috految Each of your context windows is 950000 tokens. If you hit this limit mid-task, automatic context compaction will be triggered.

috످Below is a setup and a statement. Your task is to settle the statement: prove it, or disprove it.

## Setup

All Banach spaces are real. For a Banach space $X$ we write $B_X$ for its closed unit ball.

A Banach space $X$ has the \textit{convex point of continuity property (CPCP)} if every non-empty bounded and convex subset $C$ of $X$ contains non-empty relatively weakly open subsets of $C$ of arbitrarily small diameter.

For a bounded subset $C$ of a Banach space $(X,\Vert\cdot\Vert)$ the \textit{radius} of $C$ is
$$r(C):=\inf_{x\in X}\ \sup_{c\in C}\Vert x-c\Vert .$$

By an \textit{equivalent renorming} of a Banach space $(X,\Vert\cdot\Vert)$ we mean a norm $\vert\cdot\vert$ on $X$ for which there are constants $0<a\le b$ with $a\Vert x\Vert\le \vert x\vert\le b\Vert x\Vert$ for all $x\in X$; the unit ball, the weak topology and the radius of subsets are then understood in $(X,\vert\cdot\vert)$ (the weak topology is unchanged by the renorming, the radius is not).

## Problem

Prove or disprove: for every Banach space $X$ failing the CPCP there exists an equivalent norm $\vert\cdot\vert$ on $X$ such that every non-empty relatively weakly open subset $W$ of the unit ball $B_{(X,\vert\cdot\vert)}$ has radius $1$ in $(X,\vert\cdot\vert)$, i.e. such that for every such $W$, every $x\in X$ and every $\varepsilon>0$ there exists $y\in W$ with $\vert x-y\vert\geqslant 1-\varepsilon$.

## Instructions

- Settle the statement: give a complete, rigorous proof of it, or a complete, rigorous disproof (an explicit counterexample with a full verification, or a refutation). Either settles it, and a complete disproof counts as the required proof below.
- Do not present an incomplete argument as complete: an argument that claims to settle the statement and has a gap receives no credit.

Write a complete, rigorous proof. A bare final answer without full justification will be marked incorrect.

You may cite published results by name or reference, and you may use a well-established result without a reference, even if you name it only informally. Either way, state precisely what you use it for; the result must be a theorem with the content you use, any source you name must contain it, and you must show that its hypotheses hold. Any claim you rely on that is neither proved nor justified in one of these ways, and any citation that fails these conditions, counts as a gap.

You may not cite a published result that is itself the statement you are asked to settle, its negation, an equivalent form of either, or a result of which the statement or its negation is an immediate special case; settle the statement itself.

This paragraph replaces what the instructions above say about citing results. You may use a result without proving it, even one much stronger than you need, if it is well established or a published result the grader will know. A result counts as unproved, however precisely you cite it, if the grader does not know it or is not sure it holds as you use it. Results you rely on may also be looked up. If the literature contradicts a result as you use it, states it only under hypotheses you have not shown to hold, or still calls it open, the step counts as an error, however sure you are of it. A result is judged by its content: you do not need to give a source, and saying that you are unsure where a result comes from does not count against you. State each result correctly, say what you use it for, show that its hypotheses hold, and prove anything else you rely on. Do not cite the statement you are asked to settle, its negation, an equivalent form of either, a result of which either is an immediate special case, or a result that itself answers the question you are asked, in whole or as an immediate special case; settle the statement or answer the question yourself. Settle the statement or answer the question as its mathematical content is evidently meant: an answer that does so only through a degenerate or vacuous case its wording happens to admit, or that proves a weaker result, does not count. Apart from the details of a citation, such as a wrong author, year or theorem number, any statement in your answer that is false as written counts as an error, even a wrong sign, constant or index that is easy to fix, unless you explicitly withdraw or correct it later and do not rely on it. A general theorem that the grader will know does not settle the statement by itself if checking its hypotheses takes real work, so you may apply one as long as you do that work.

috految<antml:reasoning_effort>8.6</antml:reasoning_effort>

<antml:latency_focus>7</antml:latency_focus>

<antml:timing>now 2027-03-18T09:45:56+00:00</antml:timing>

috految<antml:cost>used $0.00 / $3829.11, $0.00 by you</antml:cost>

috److془We need to carefully solve this problem. Paper: López-Pérez, Martínez Vañó, Rueda Zoca "A renorming characterization of Banach spaces failing CPCP"? "Big weak open radius versus big slice diameter"... "On the CPCP: every Banach space failing CPCP admits for every ε an equivalent norm with radius at least 1-ε".

We need to settle it. Let's think.

Goal: symmetric convex body B such that no weak open subset W is contained in x + rB, r<1.

Known: Schachermayer-Sersouri-Werner: for X failing RNP, ε, set C of diameter 1 with all slices diameter >1-ε. Radius: r-BSP: Ivakhno problem. Recent: "Every Banach space failing RNP admits r-BSP"? Hmm. Let's think.

Given C with every weak open subset having Hausdorff noncompactness ≥δ. Want B = closed conv(A) so that for each x in A, there are weakly near points y with functionals f of norm ≤ 1 with f(y)≈1, f weak* null. Radius rather: convex combination of finite number of f's vanishing.

Naive: B = C + εB_X; f norm = sup_C f + ε||f||. Want to fix the loss. Want norm sup of |f_α|; If f_n weak* null, with f_n(C) ≤ 1, and every open subset has points with f_n ≈1. Take, B = conv(C + ε B_X) ∩ {|f_n| ≤ 1}. Hmm: for x in int, x = c+ b, c_n → c weakly, c_n + b. f_k(c_n+b) ≤ 1: for large k f_k(b) small, small k weak convergence. Great. Actually, even more simply: T:X→c_0, K = C+B_X, B = K∩{||Tx||≤ η}. Given x in the interior of B, move towards the far point until ||Ty||=η. Need T with every weak open subset of C having T-diameter ≥δ. Hmm but weakly null nets are not sequences; but in separable: dense sequence c_i, need bounded set of functionals. Hmm; in the case of L_1, weak open subsets can be made too small? Use Bourgain-Rosenthal for finite determination: c in weak closure of the set A: for each n, finite set A_n such that every n functionals in B_{X^*} are 1/n approximated. Fine. So separable case is done. Nonseparable: the problem. Need T extension: T: X→ℓ_∞. Y separable subspace. Hmm. For X=ℓ_∞-like. Note that outside Y, points x have limsup|f_n(x)|≠0. Need to handle. Also, C+B_X with Tx; radius needs to consider x outside of Y. Hmm. Use convex combinations: K = C+ εB_X; B = K∩{||Tx||≤η}. Point x with limsup |f_n x| ≤ε. Move until ||Ty||=η. Need it to be at coordinate n with f_n(z) small for center z. Make T x generically "small": take differences f_n - f_m, ... Or use both signs: then diameter 2 would result. Hmm, but we have multiple choices of blocks: Want for each x,z, block with ||T_n z|| small, with the moves not being visible in other blocks. But with blocks of increasing size, hmm. Alternatively: choose sign: f_n - f_m. Move with f_n(h)>0, f_m(h)=0 and move with f_m(h)>0, f_n(h)=0. The difference gives diameter 2?! Hmm separable D2P; fine. Problem: the move is visible in the other coordinates. Take block functionals f_a-f_b, a∈ block n, b∈ block m. Oscillation norm. If on block n, max f_a = 1 with gap. Hmm in fact: norm max_n ||T_n x||+||T'_n x||. Diameter: y has T_n y≈1, T'_n y=0, other reverse. Diameter 2. Wow. Check the invisibility: later blocks vanish on the earlier selected. Earlier blocks small by weak convergence. Fine. Nonseparable: x has T_n x of size ε in all blocks. Need to deal. Use ℓ_∞ les: p_n(x)=||T_n x||+||T'_n x||. Hmm. Symmetric: want a functional at which both signs have exact contact. Alternatively: use the quotient: Or use the other constraints: the moves h with the distance: if the moves could be made biorthogonal to functionals then good. Alternately: cancel the noise. Or: x's noise is of size ε; N blocks ; use a nested structure. Block m later than n: any number of later blocks. Tree structure: for each a in block n, a own block m(a), functionals f_a - f_b, b∈m(a). Hmm; alternatively: choose symmetric: once we have ability to add moves norm 1 with self jets, use circular: f_a - f_b, max over b of -f_b(x) noise vs. b hit by move. Hmm. Even: a own block: need simply a move which is near-uniformly controlled. Is it possible that moves are biorthogonal? Using Ramsey-like: Or, the dichotomy: if X contains ℓ_1 ... Or the moves with soft: Choose f_a with f_a(h_a)≈1, |f_a(h_b)|≤1-δ. Hmm. Alternatively, the moves by Kadec-Pelczynski: ergodic: ℓ_2 sequences fine. Dichotomy: if Y contains ℓ_1... Actually given K's moves: C-C contains h_i-h_j where both. But points are c-c', not c-c. Hmm. Gap problem: in general. Use tree: h_a + h'_{a,b} tags a but not b. Tag with ℓ_1 demands exact bounded tags. But wait: we need only the convex combos: sum of tags. Also, the moves could be h_a where weak convergent. With K = mixed with long average: small moves. Hmm tags need to be weakly null, e.g. e_i - e_j, but no cost free. Hmm, but tags: h_a + t h'_{a,b} + t^2 h''_{a,b,c}.. functional f_a + t f'_{a,b}+ ... the noise in later is multiplied t^k, tag size t^{2k}; but use tag size 1 as C is stable under repeating moves! k moves. Functional f_a + t f_{ab}+t^2 f_{abc}..., the noise at level k: ε t^{k}, tag t^{k+1}δ. Wonderful. Or just simply the average: 1/k Σ ; hmm. Need note no compatibility for the two points: y and y' both tag in the same nodes. Use pair: node of tree has moves (h,h'), functional f(h)≥δ, f(h')≤-δ. Need two: f = g-g' . Excellent. Then D2P for every space failing CPCP. Hmm: but with Daugavet-like, no contradiction. Schachermayer-Sersouri-Werner: J T_∞ asymptotic ... fine. Check: Average: F = (1/k)Σ f along the branch. Other branch splitting at level j: difference at level j O(1/k), at later levels own ≥ δ, other ≤ ε. 

Now need: the tree with weak closeness, and vanishing. Other nodes' functionals on moves small. Preceding moves killed by later functionals; earlier functionals small on later moves. Scale until boundary: x + t h, with t bounded away from 0 by η/M; ε small. Good. Earlier trees with f(x) near η okay since interior. Need h_total within C: yes. Need symmetric K: C=C_0-C_0. Need the property: D countable, c∈D, in weak closure of moves admissible. Density: C= closure of D. Fine. Weak open sets of C_0 diam ≥ d : each c in weak closure of {c': ||c'-c||>d/3}. Sum inherits. Nice. Normalise: ||h||≥ 4 say. Weakly null net with norm ≥4 has eventually distance >1 from finite-dimensional E: otherwise subnet with e_β→e, ||h-e_β||≤1, ||e||≤1, limsup||h||≤2. Good. Sanity: weak nbhd for fixed tests with n functionals: compactness of (B_{X^*})^n weak*: open sets {|φ_i(h)|<γ}. Good. Given E, finite G, c^±: pick h^+, g^+ ∈ B_{X*} vanishing on E, g^+(h^+)>1; h^- with |g^+(h^-)|<1/2, g^- vanishing on E+h^+, g^-(h^-)>1. f=g^+-g^-; f(h^+)>1, f(h^-)<-1/2. ||f||≤2. 

Countable: D rational convex symmetric with all every c∈D weak closure of {c'∈D:||c'-c||≥4} by countable tightness (Kaplansky). Enumerate c_n each infinitely often. For tree n height n, root states c_n. Functionals of tree n vanish on c_1..c_n. Every node expansion: on all earlier moves functionals vanish, moves have |f(h)|<n^{-2} for earlier f. Moves within n^{-2} for n tests. Branch b: H^±=Σ h^± ∈ D-c_n. Edge e of tree n: if it's branch's: ±f_e(H^±)≥1/2-1/n. Edge whose parent not on the branch, any generation or tree: |f_e(H)|≤1/n. Any: ≤2M, M=diam D≥4. Sets F_b; p=sup|F_b|. B={x∈K: p≤1/4}, K= closure(D+εB_X). Points x=c+u with p(x)<1/4 dense in B. c=c_n, |f_e(x)|≤2ε for e in tree n. t_± with ±F_b(x+tH^±)=1/4: ε≤1/16, 1/(16M)≤ t≤1 for n≥8 (1/4+1/8=3/8). ε=1/(1000M): a_j=±f_{e_j}(y)≥ 3/(128M)-2ε ≥2ε+1/n. Other: |F_{b'}(y)|≤1/4+(2ε+2M)/n. Other trees: ≤p(x)+1/n. Scale. Diameter: 4|F_b|≤|.|, gives 2. Done.془The statement is true. We construct an equivalent norm for which every non-empty relatively weakly open subset of the unit ball has diameter 2.

**Step 1: a countable set.** As X fails the CPCP, after scaling there is a non-empty bounded convex set C₀ all of whose non-empty relatively weakly open subsets have diameter greater than 8. Thus each c∈C₀ is in the weak closure of {c'∈C₀ : ‖c'−c‖≥4}. The bounded symmetric convex set C=C₀−C₀ has the same closure property, by perturbing the first summand.

The weak topology of a Banach space has countable tightness (Kaplansky). So, by closing off in countably many steps, we get a non-empty countable symmetric set D⊂C, closed under rational convex combinations, such that every c∈D is in the weak closure of {c'∈D : ‖c'−c‖≥4}. Put M=diam D≥4, and let (c_n) list D with each element repeated infinitely often.

**Lemma.** Let c⁺,c⁻∈D, let E⊂X be a finite-dimensional subspace, G⊂X* a finite set, and n≥1. There is a non-empty finite family of triples (h⁺,h⁻,f)∈X×X×X* such that:

1. c^±+h^±∈D, ‖f‖≤2, f|_E=0, and ±f(h^±)≥1/2;
2. |g(h^±)|<n⁻² for g∈G;
3. for any φ₁,…,φ_n∈B_{X*}, some triple satisfies |φ_i(h^±)|<n⁻² for all i and both signs.

*Proof.* A bounded weakly null net (h_α) with ‖h_α‖≥4 eventually has distance >1 from any given finite-dimensional subspace. Otherwise, along a subnet, ‖h_α−e_α‖≤1 with e_α→e in norm. Then ‖e‖≤1 and limsup‖h_α‖≤2, a contradiction.

Fix φ₁,…,φ_n. By this observation and Hahn–Banach, choose h⁺∈D−c⁺ on which the members of G and the φ_i have modulus <n⁻², and g⁺∈B_{X*} vanishing on E with g⁺(h⁺)>1. Likewise choose h⁻∈D−c⁻ with the same smallness conditions and |g⁺(h⁻)|<1/2, and g⁻∈B_{X*} vanishing on E+ℝh⁺ with g⁻(h⁻)>1. Then f=g⁺−g⁻ gives a triple satisfying 1 and 2 that works in 3 for the fixed tuple. It also works on a weak* neighbourhood of that tuple. Weak* compactness of (B_{X*})ⁿ finishes the proof. ∎

**Step 2: trees.** Successively for n=1,2,… we build a finite rooted tree T_n whose branches (root-to-leaf paths) all have n edges. Nodes carry pairs of points of D, and the root carries (c_n,c_n).

Expand the nodes of depth <n one at a time, level by level. To expand a node carrying (c⁺,c⁻), apply the lemma with this n, where E is spanned by c_n and all vectors h^± chosen in previous expansions, and G consists of all functionals f chosen in previous expansions (in all trees so far). For each resulting triple attach a new edge e, labelled (h_e⁺,h_e⁻,f_e), leading to a child carrying (c⁺+h_e⁺,c⁻+h_e⁻).

For a branch b of T_n put
$$F_b=\frac1n\sum_{e\in b}f_e,\qquad H_b^\pm=\sum_{e\in b}h_e^\pm .$$
Then c_n+H_b^±∈D, so ‖H_b^±‖≤M. Also f_e(c_n)=0 for all edges e of T_n.

If e' is an edge of T_n and e is an edge of any tree with a different parent node, then |f_e(h_{e'}^±)|≤n⁻², by 1 or 2 according to the order of expansion. Hence, for a branch b of T_n:

(a) ±f_e(H_b^±)≥1/2−1/n for e∈b;

(b) |f_e(H_b^±)|≤1/n for any edge e, of any tree, whose parent node is not on b.

Following 3 from the root also gives:

(c) for any φ₁,…,φ_n∈B_{X*}, some branch b of T_n satisfies |φ_i(H_b^±)|≤1/n for all i and both signs.

**Step 3: the norm.** Let δ=1/(1000M) and
$$K=\overline{D+\delta B_X},\qquad p(x)=\sup_b|F_b(x)|\le2\|x\|,\qquad B=\{x\in K:p(x)\le1/4\},$$
where the supremum is over the branches of all trees. The sets K and B are closed, bounded, symmetric, convex neighbourhoods of 0. So B is the unit ball of an equivalent norm |·|, and |x|≥4p(x) for all x.

Let W be a non-empty relatively weakly open subset of B. Multiplying a point of W by a scalar slightly less than 1 and then approximating in norm, we find x∈W with p(x)<1/4 and x=c+u, where c∈D and ‖u‖≤δ. Choose φ₁,…,φ_k∈B_{X*} and γ>0 such that W contains all y∈B with |φ_i(y−x)|<γ for all i.

Consider large n≥max(k,8) with c_n=c, and choose a branch b of T_n by (c) for these functionals. For every edge e of T_n we have |f_e(x)|=|f_e(u)|≤2δ. Thus |F_b(x)|≤2δ≤1/8, while 3/8≤±F_b(H_b^±)≤2M. So there are t_±∈[1/(16M),1] such that
$$y^\pm=x+t_\pm H_b^\pm\quad\text{satisfy}\quad \pm F_b(y^\pm)=1/4.$$
Since x and x+H_b^± belong to D+δB_X, we have y^±∈K. For n large, (a) gives
$$\pm f_e(y^\pm)\ge \frac3{128M}-2\delta\ge2\delta+\frac1n\qquad(e\in b).\tag{*}$$

Let b'≠b be a branch of T_n, and compare it with b level by level. On common edges, |f_e(y^±)|=±f_e(y^±). On the first edge e' of b' not in b, |f_{e'}(y^±)|≤2δ+2M. On every later edge e' of b', (b) gives |f_{e'}(y^±)|≤2δ+1/n, which by (*) is at most ±f_e(y^±) for the edge e of b at the same level. Consequently
$$|F_{b'}(y^\pm)|\le \frac14+\frac{2\delta+2M}{n}.$$
For a branch b' of any other tree, (b) gives |F_{b'}(y^±)|≤p(x)+1/n. Therefore p(y^±)≤1/4+O(1/n).

It follows that there are λ_n∈(0,1], tending to 1 along the n under consideration, with λ_n y^±∈B. Since |φ_i(y^±−x)|≤1/n and K is bounded, λ_n y^±∈W for large n. Finally,
$$|\lambda_ny^+-\lambda_ny^-|\ge4\lambda_nF_b(y^+-y^-)=2\lambda_n\longrightarrow2.$$

Thus W has diameter 2. By the triangle inequality, sup_{y∈W}|z−y|≥1 for every z∈X. Since W⊂B, its radius is exactly 1. ∎

috످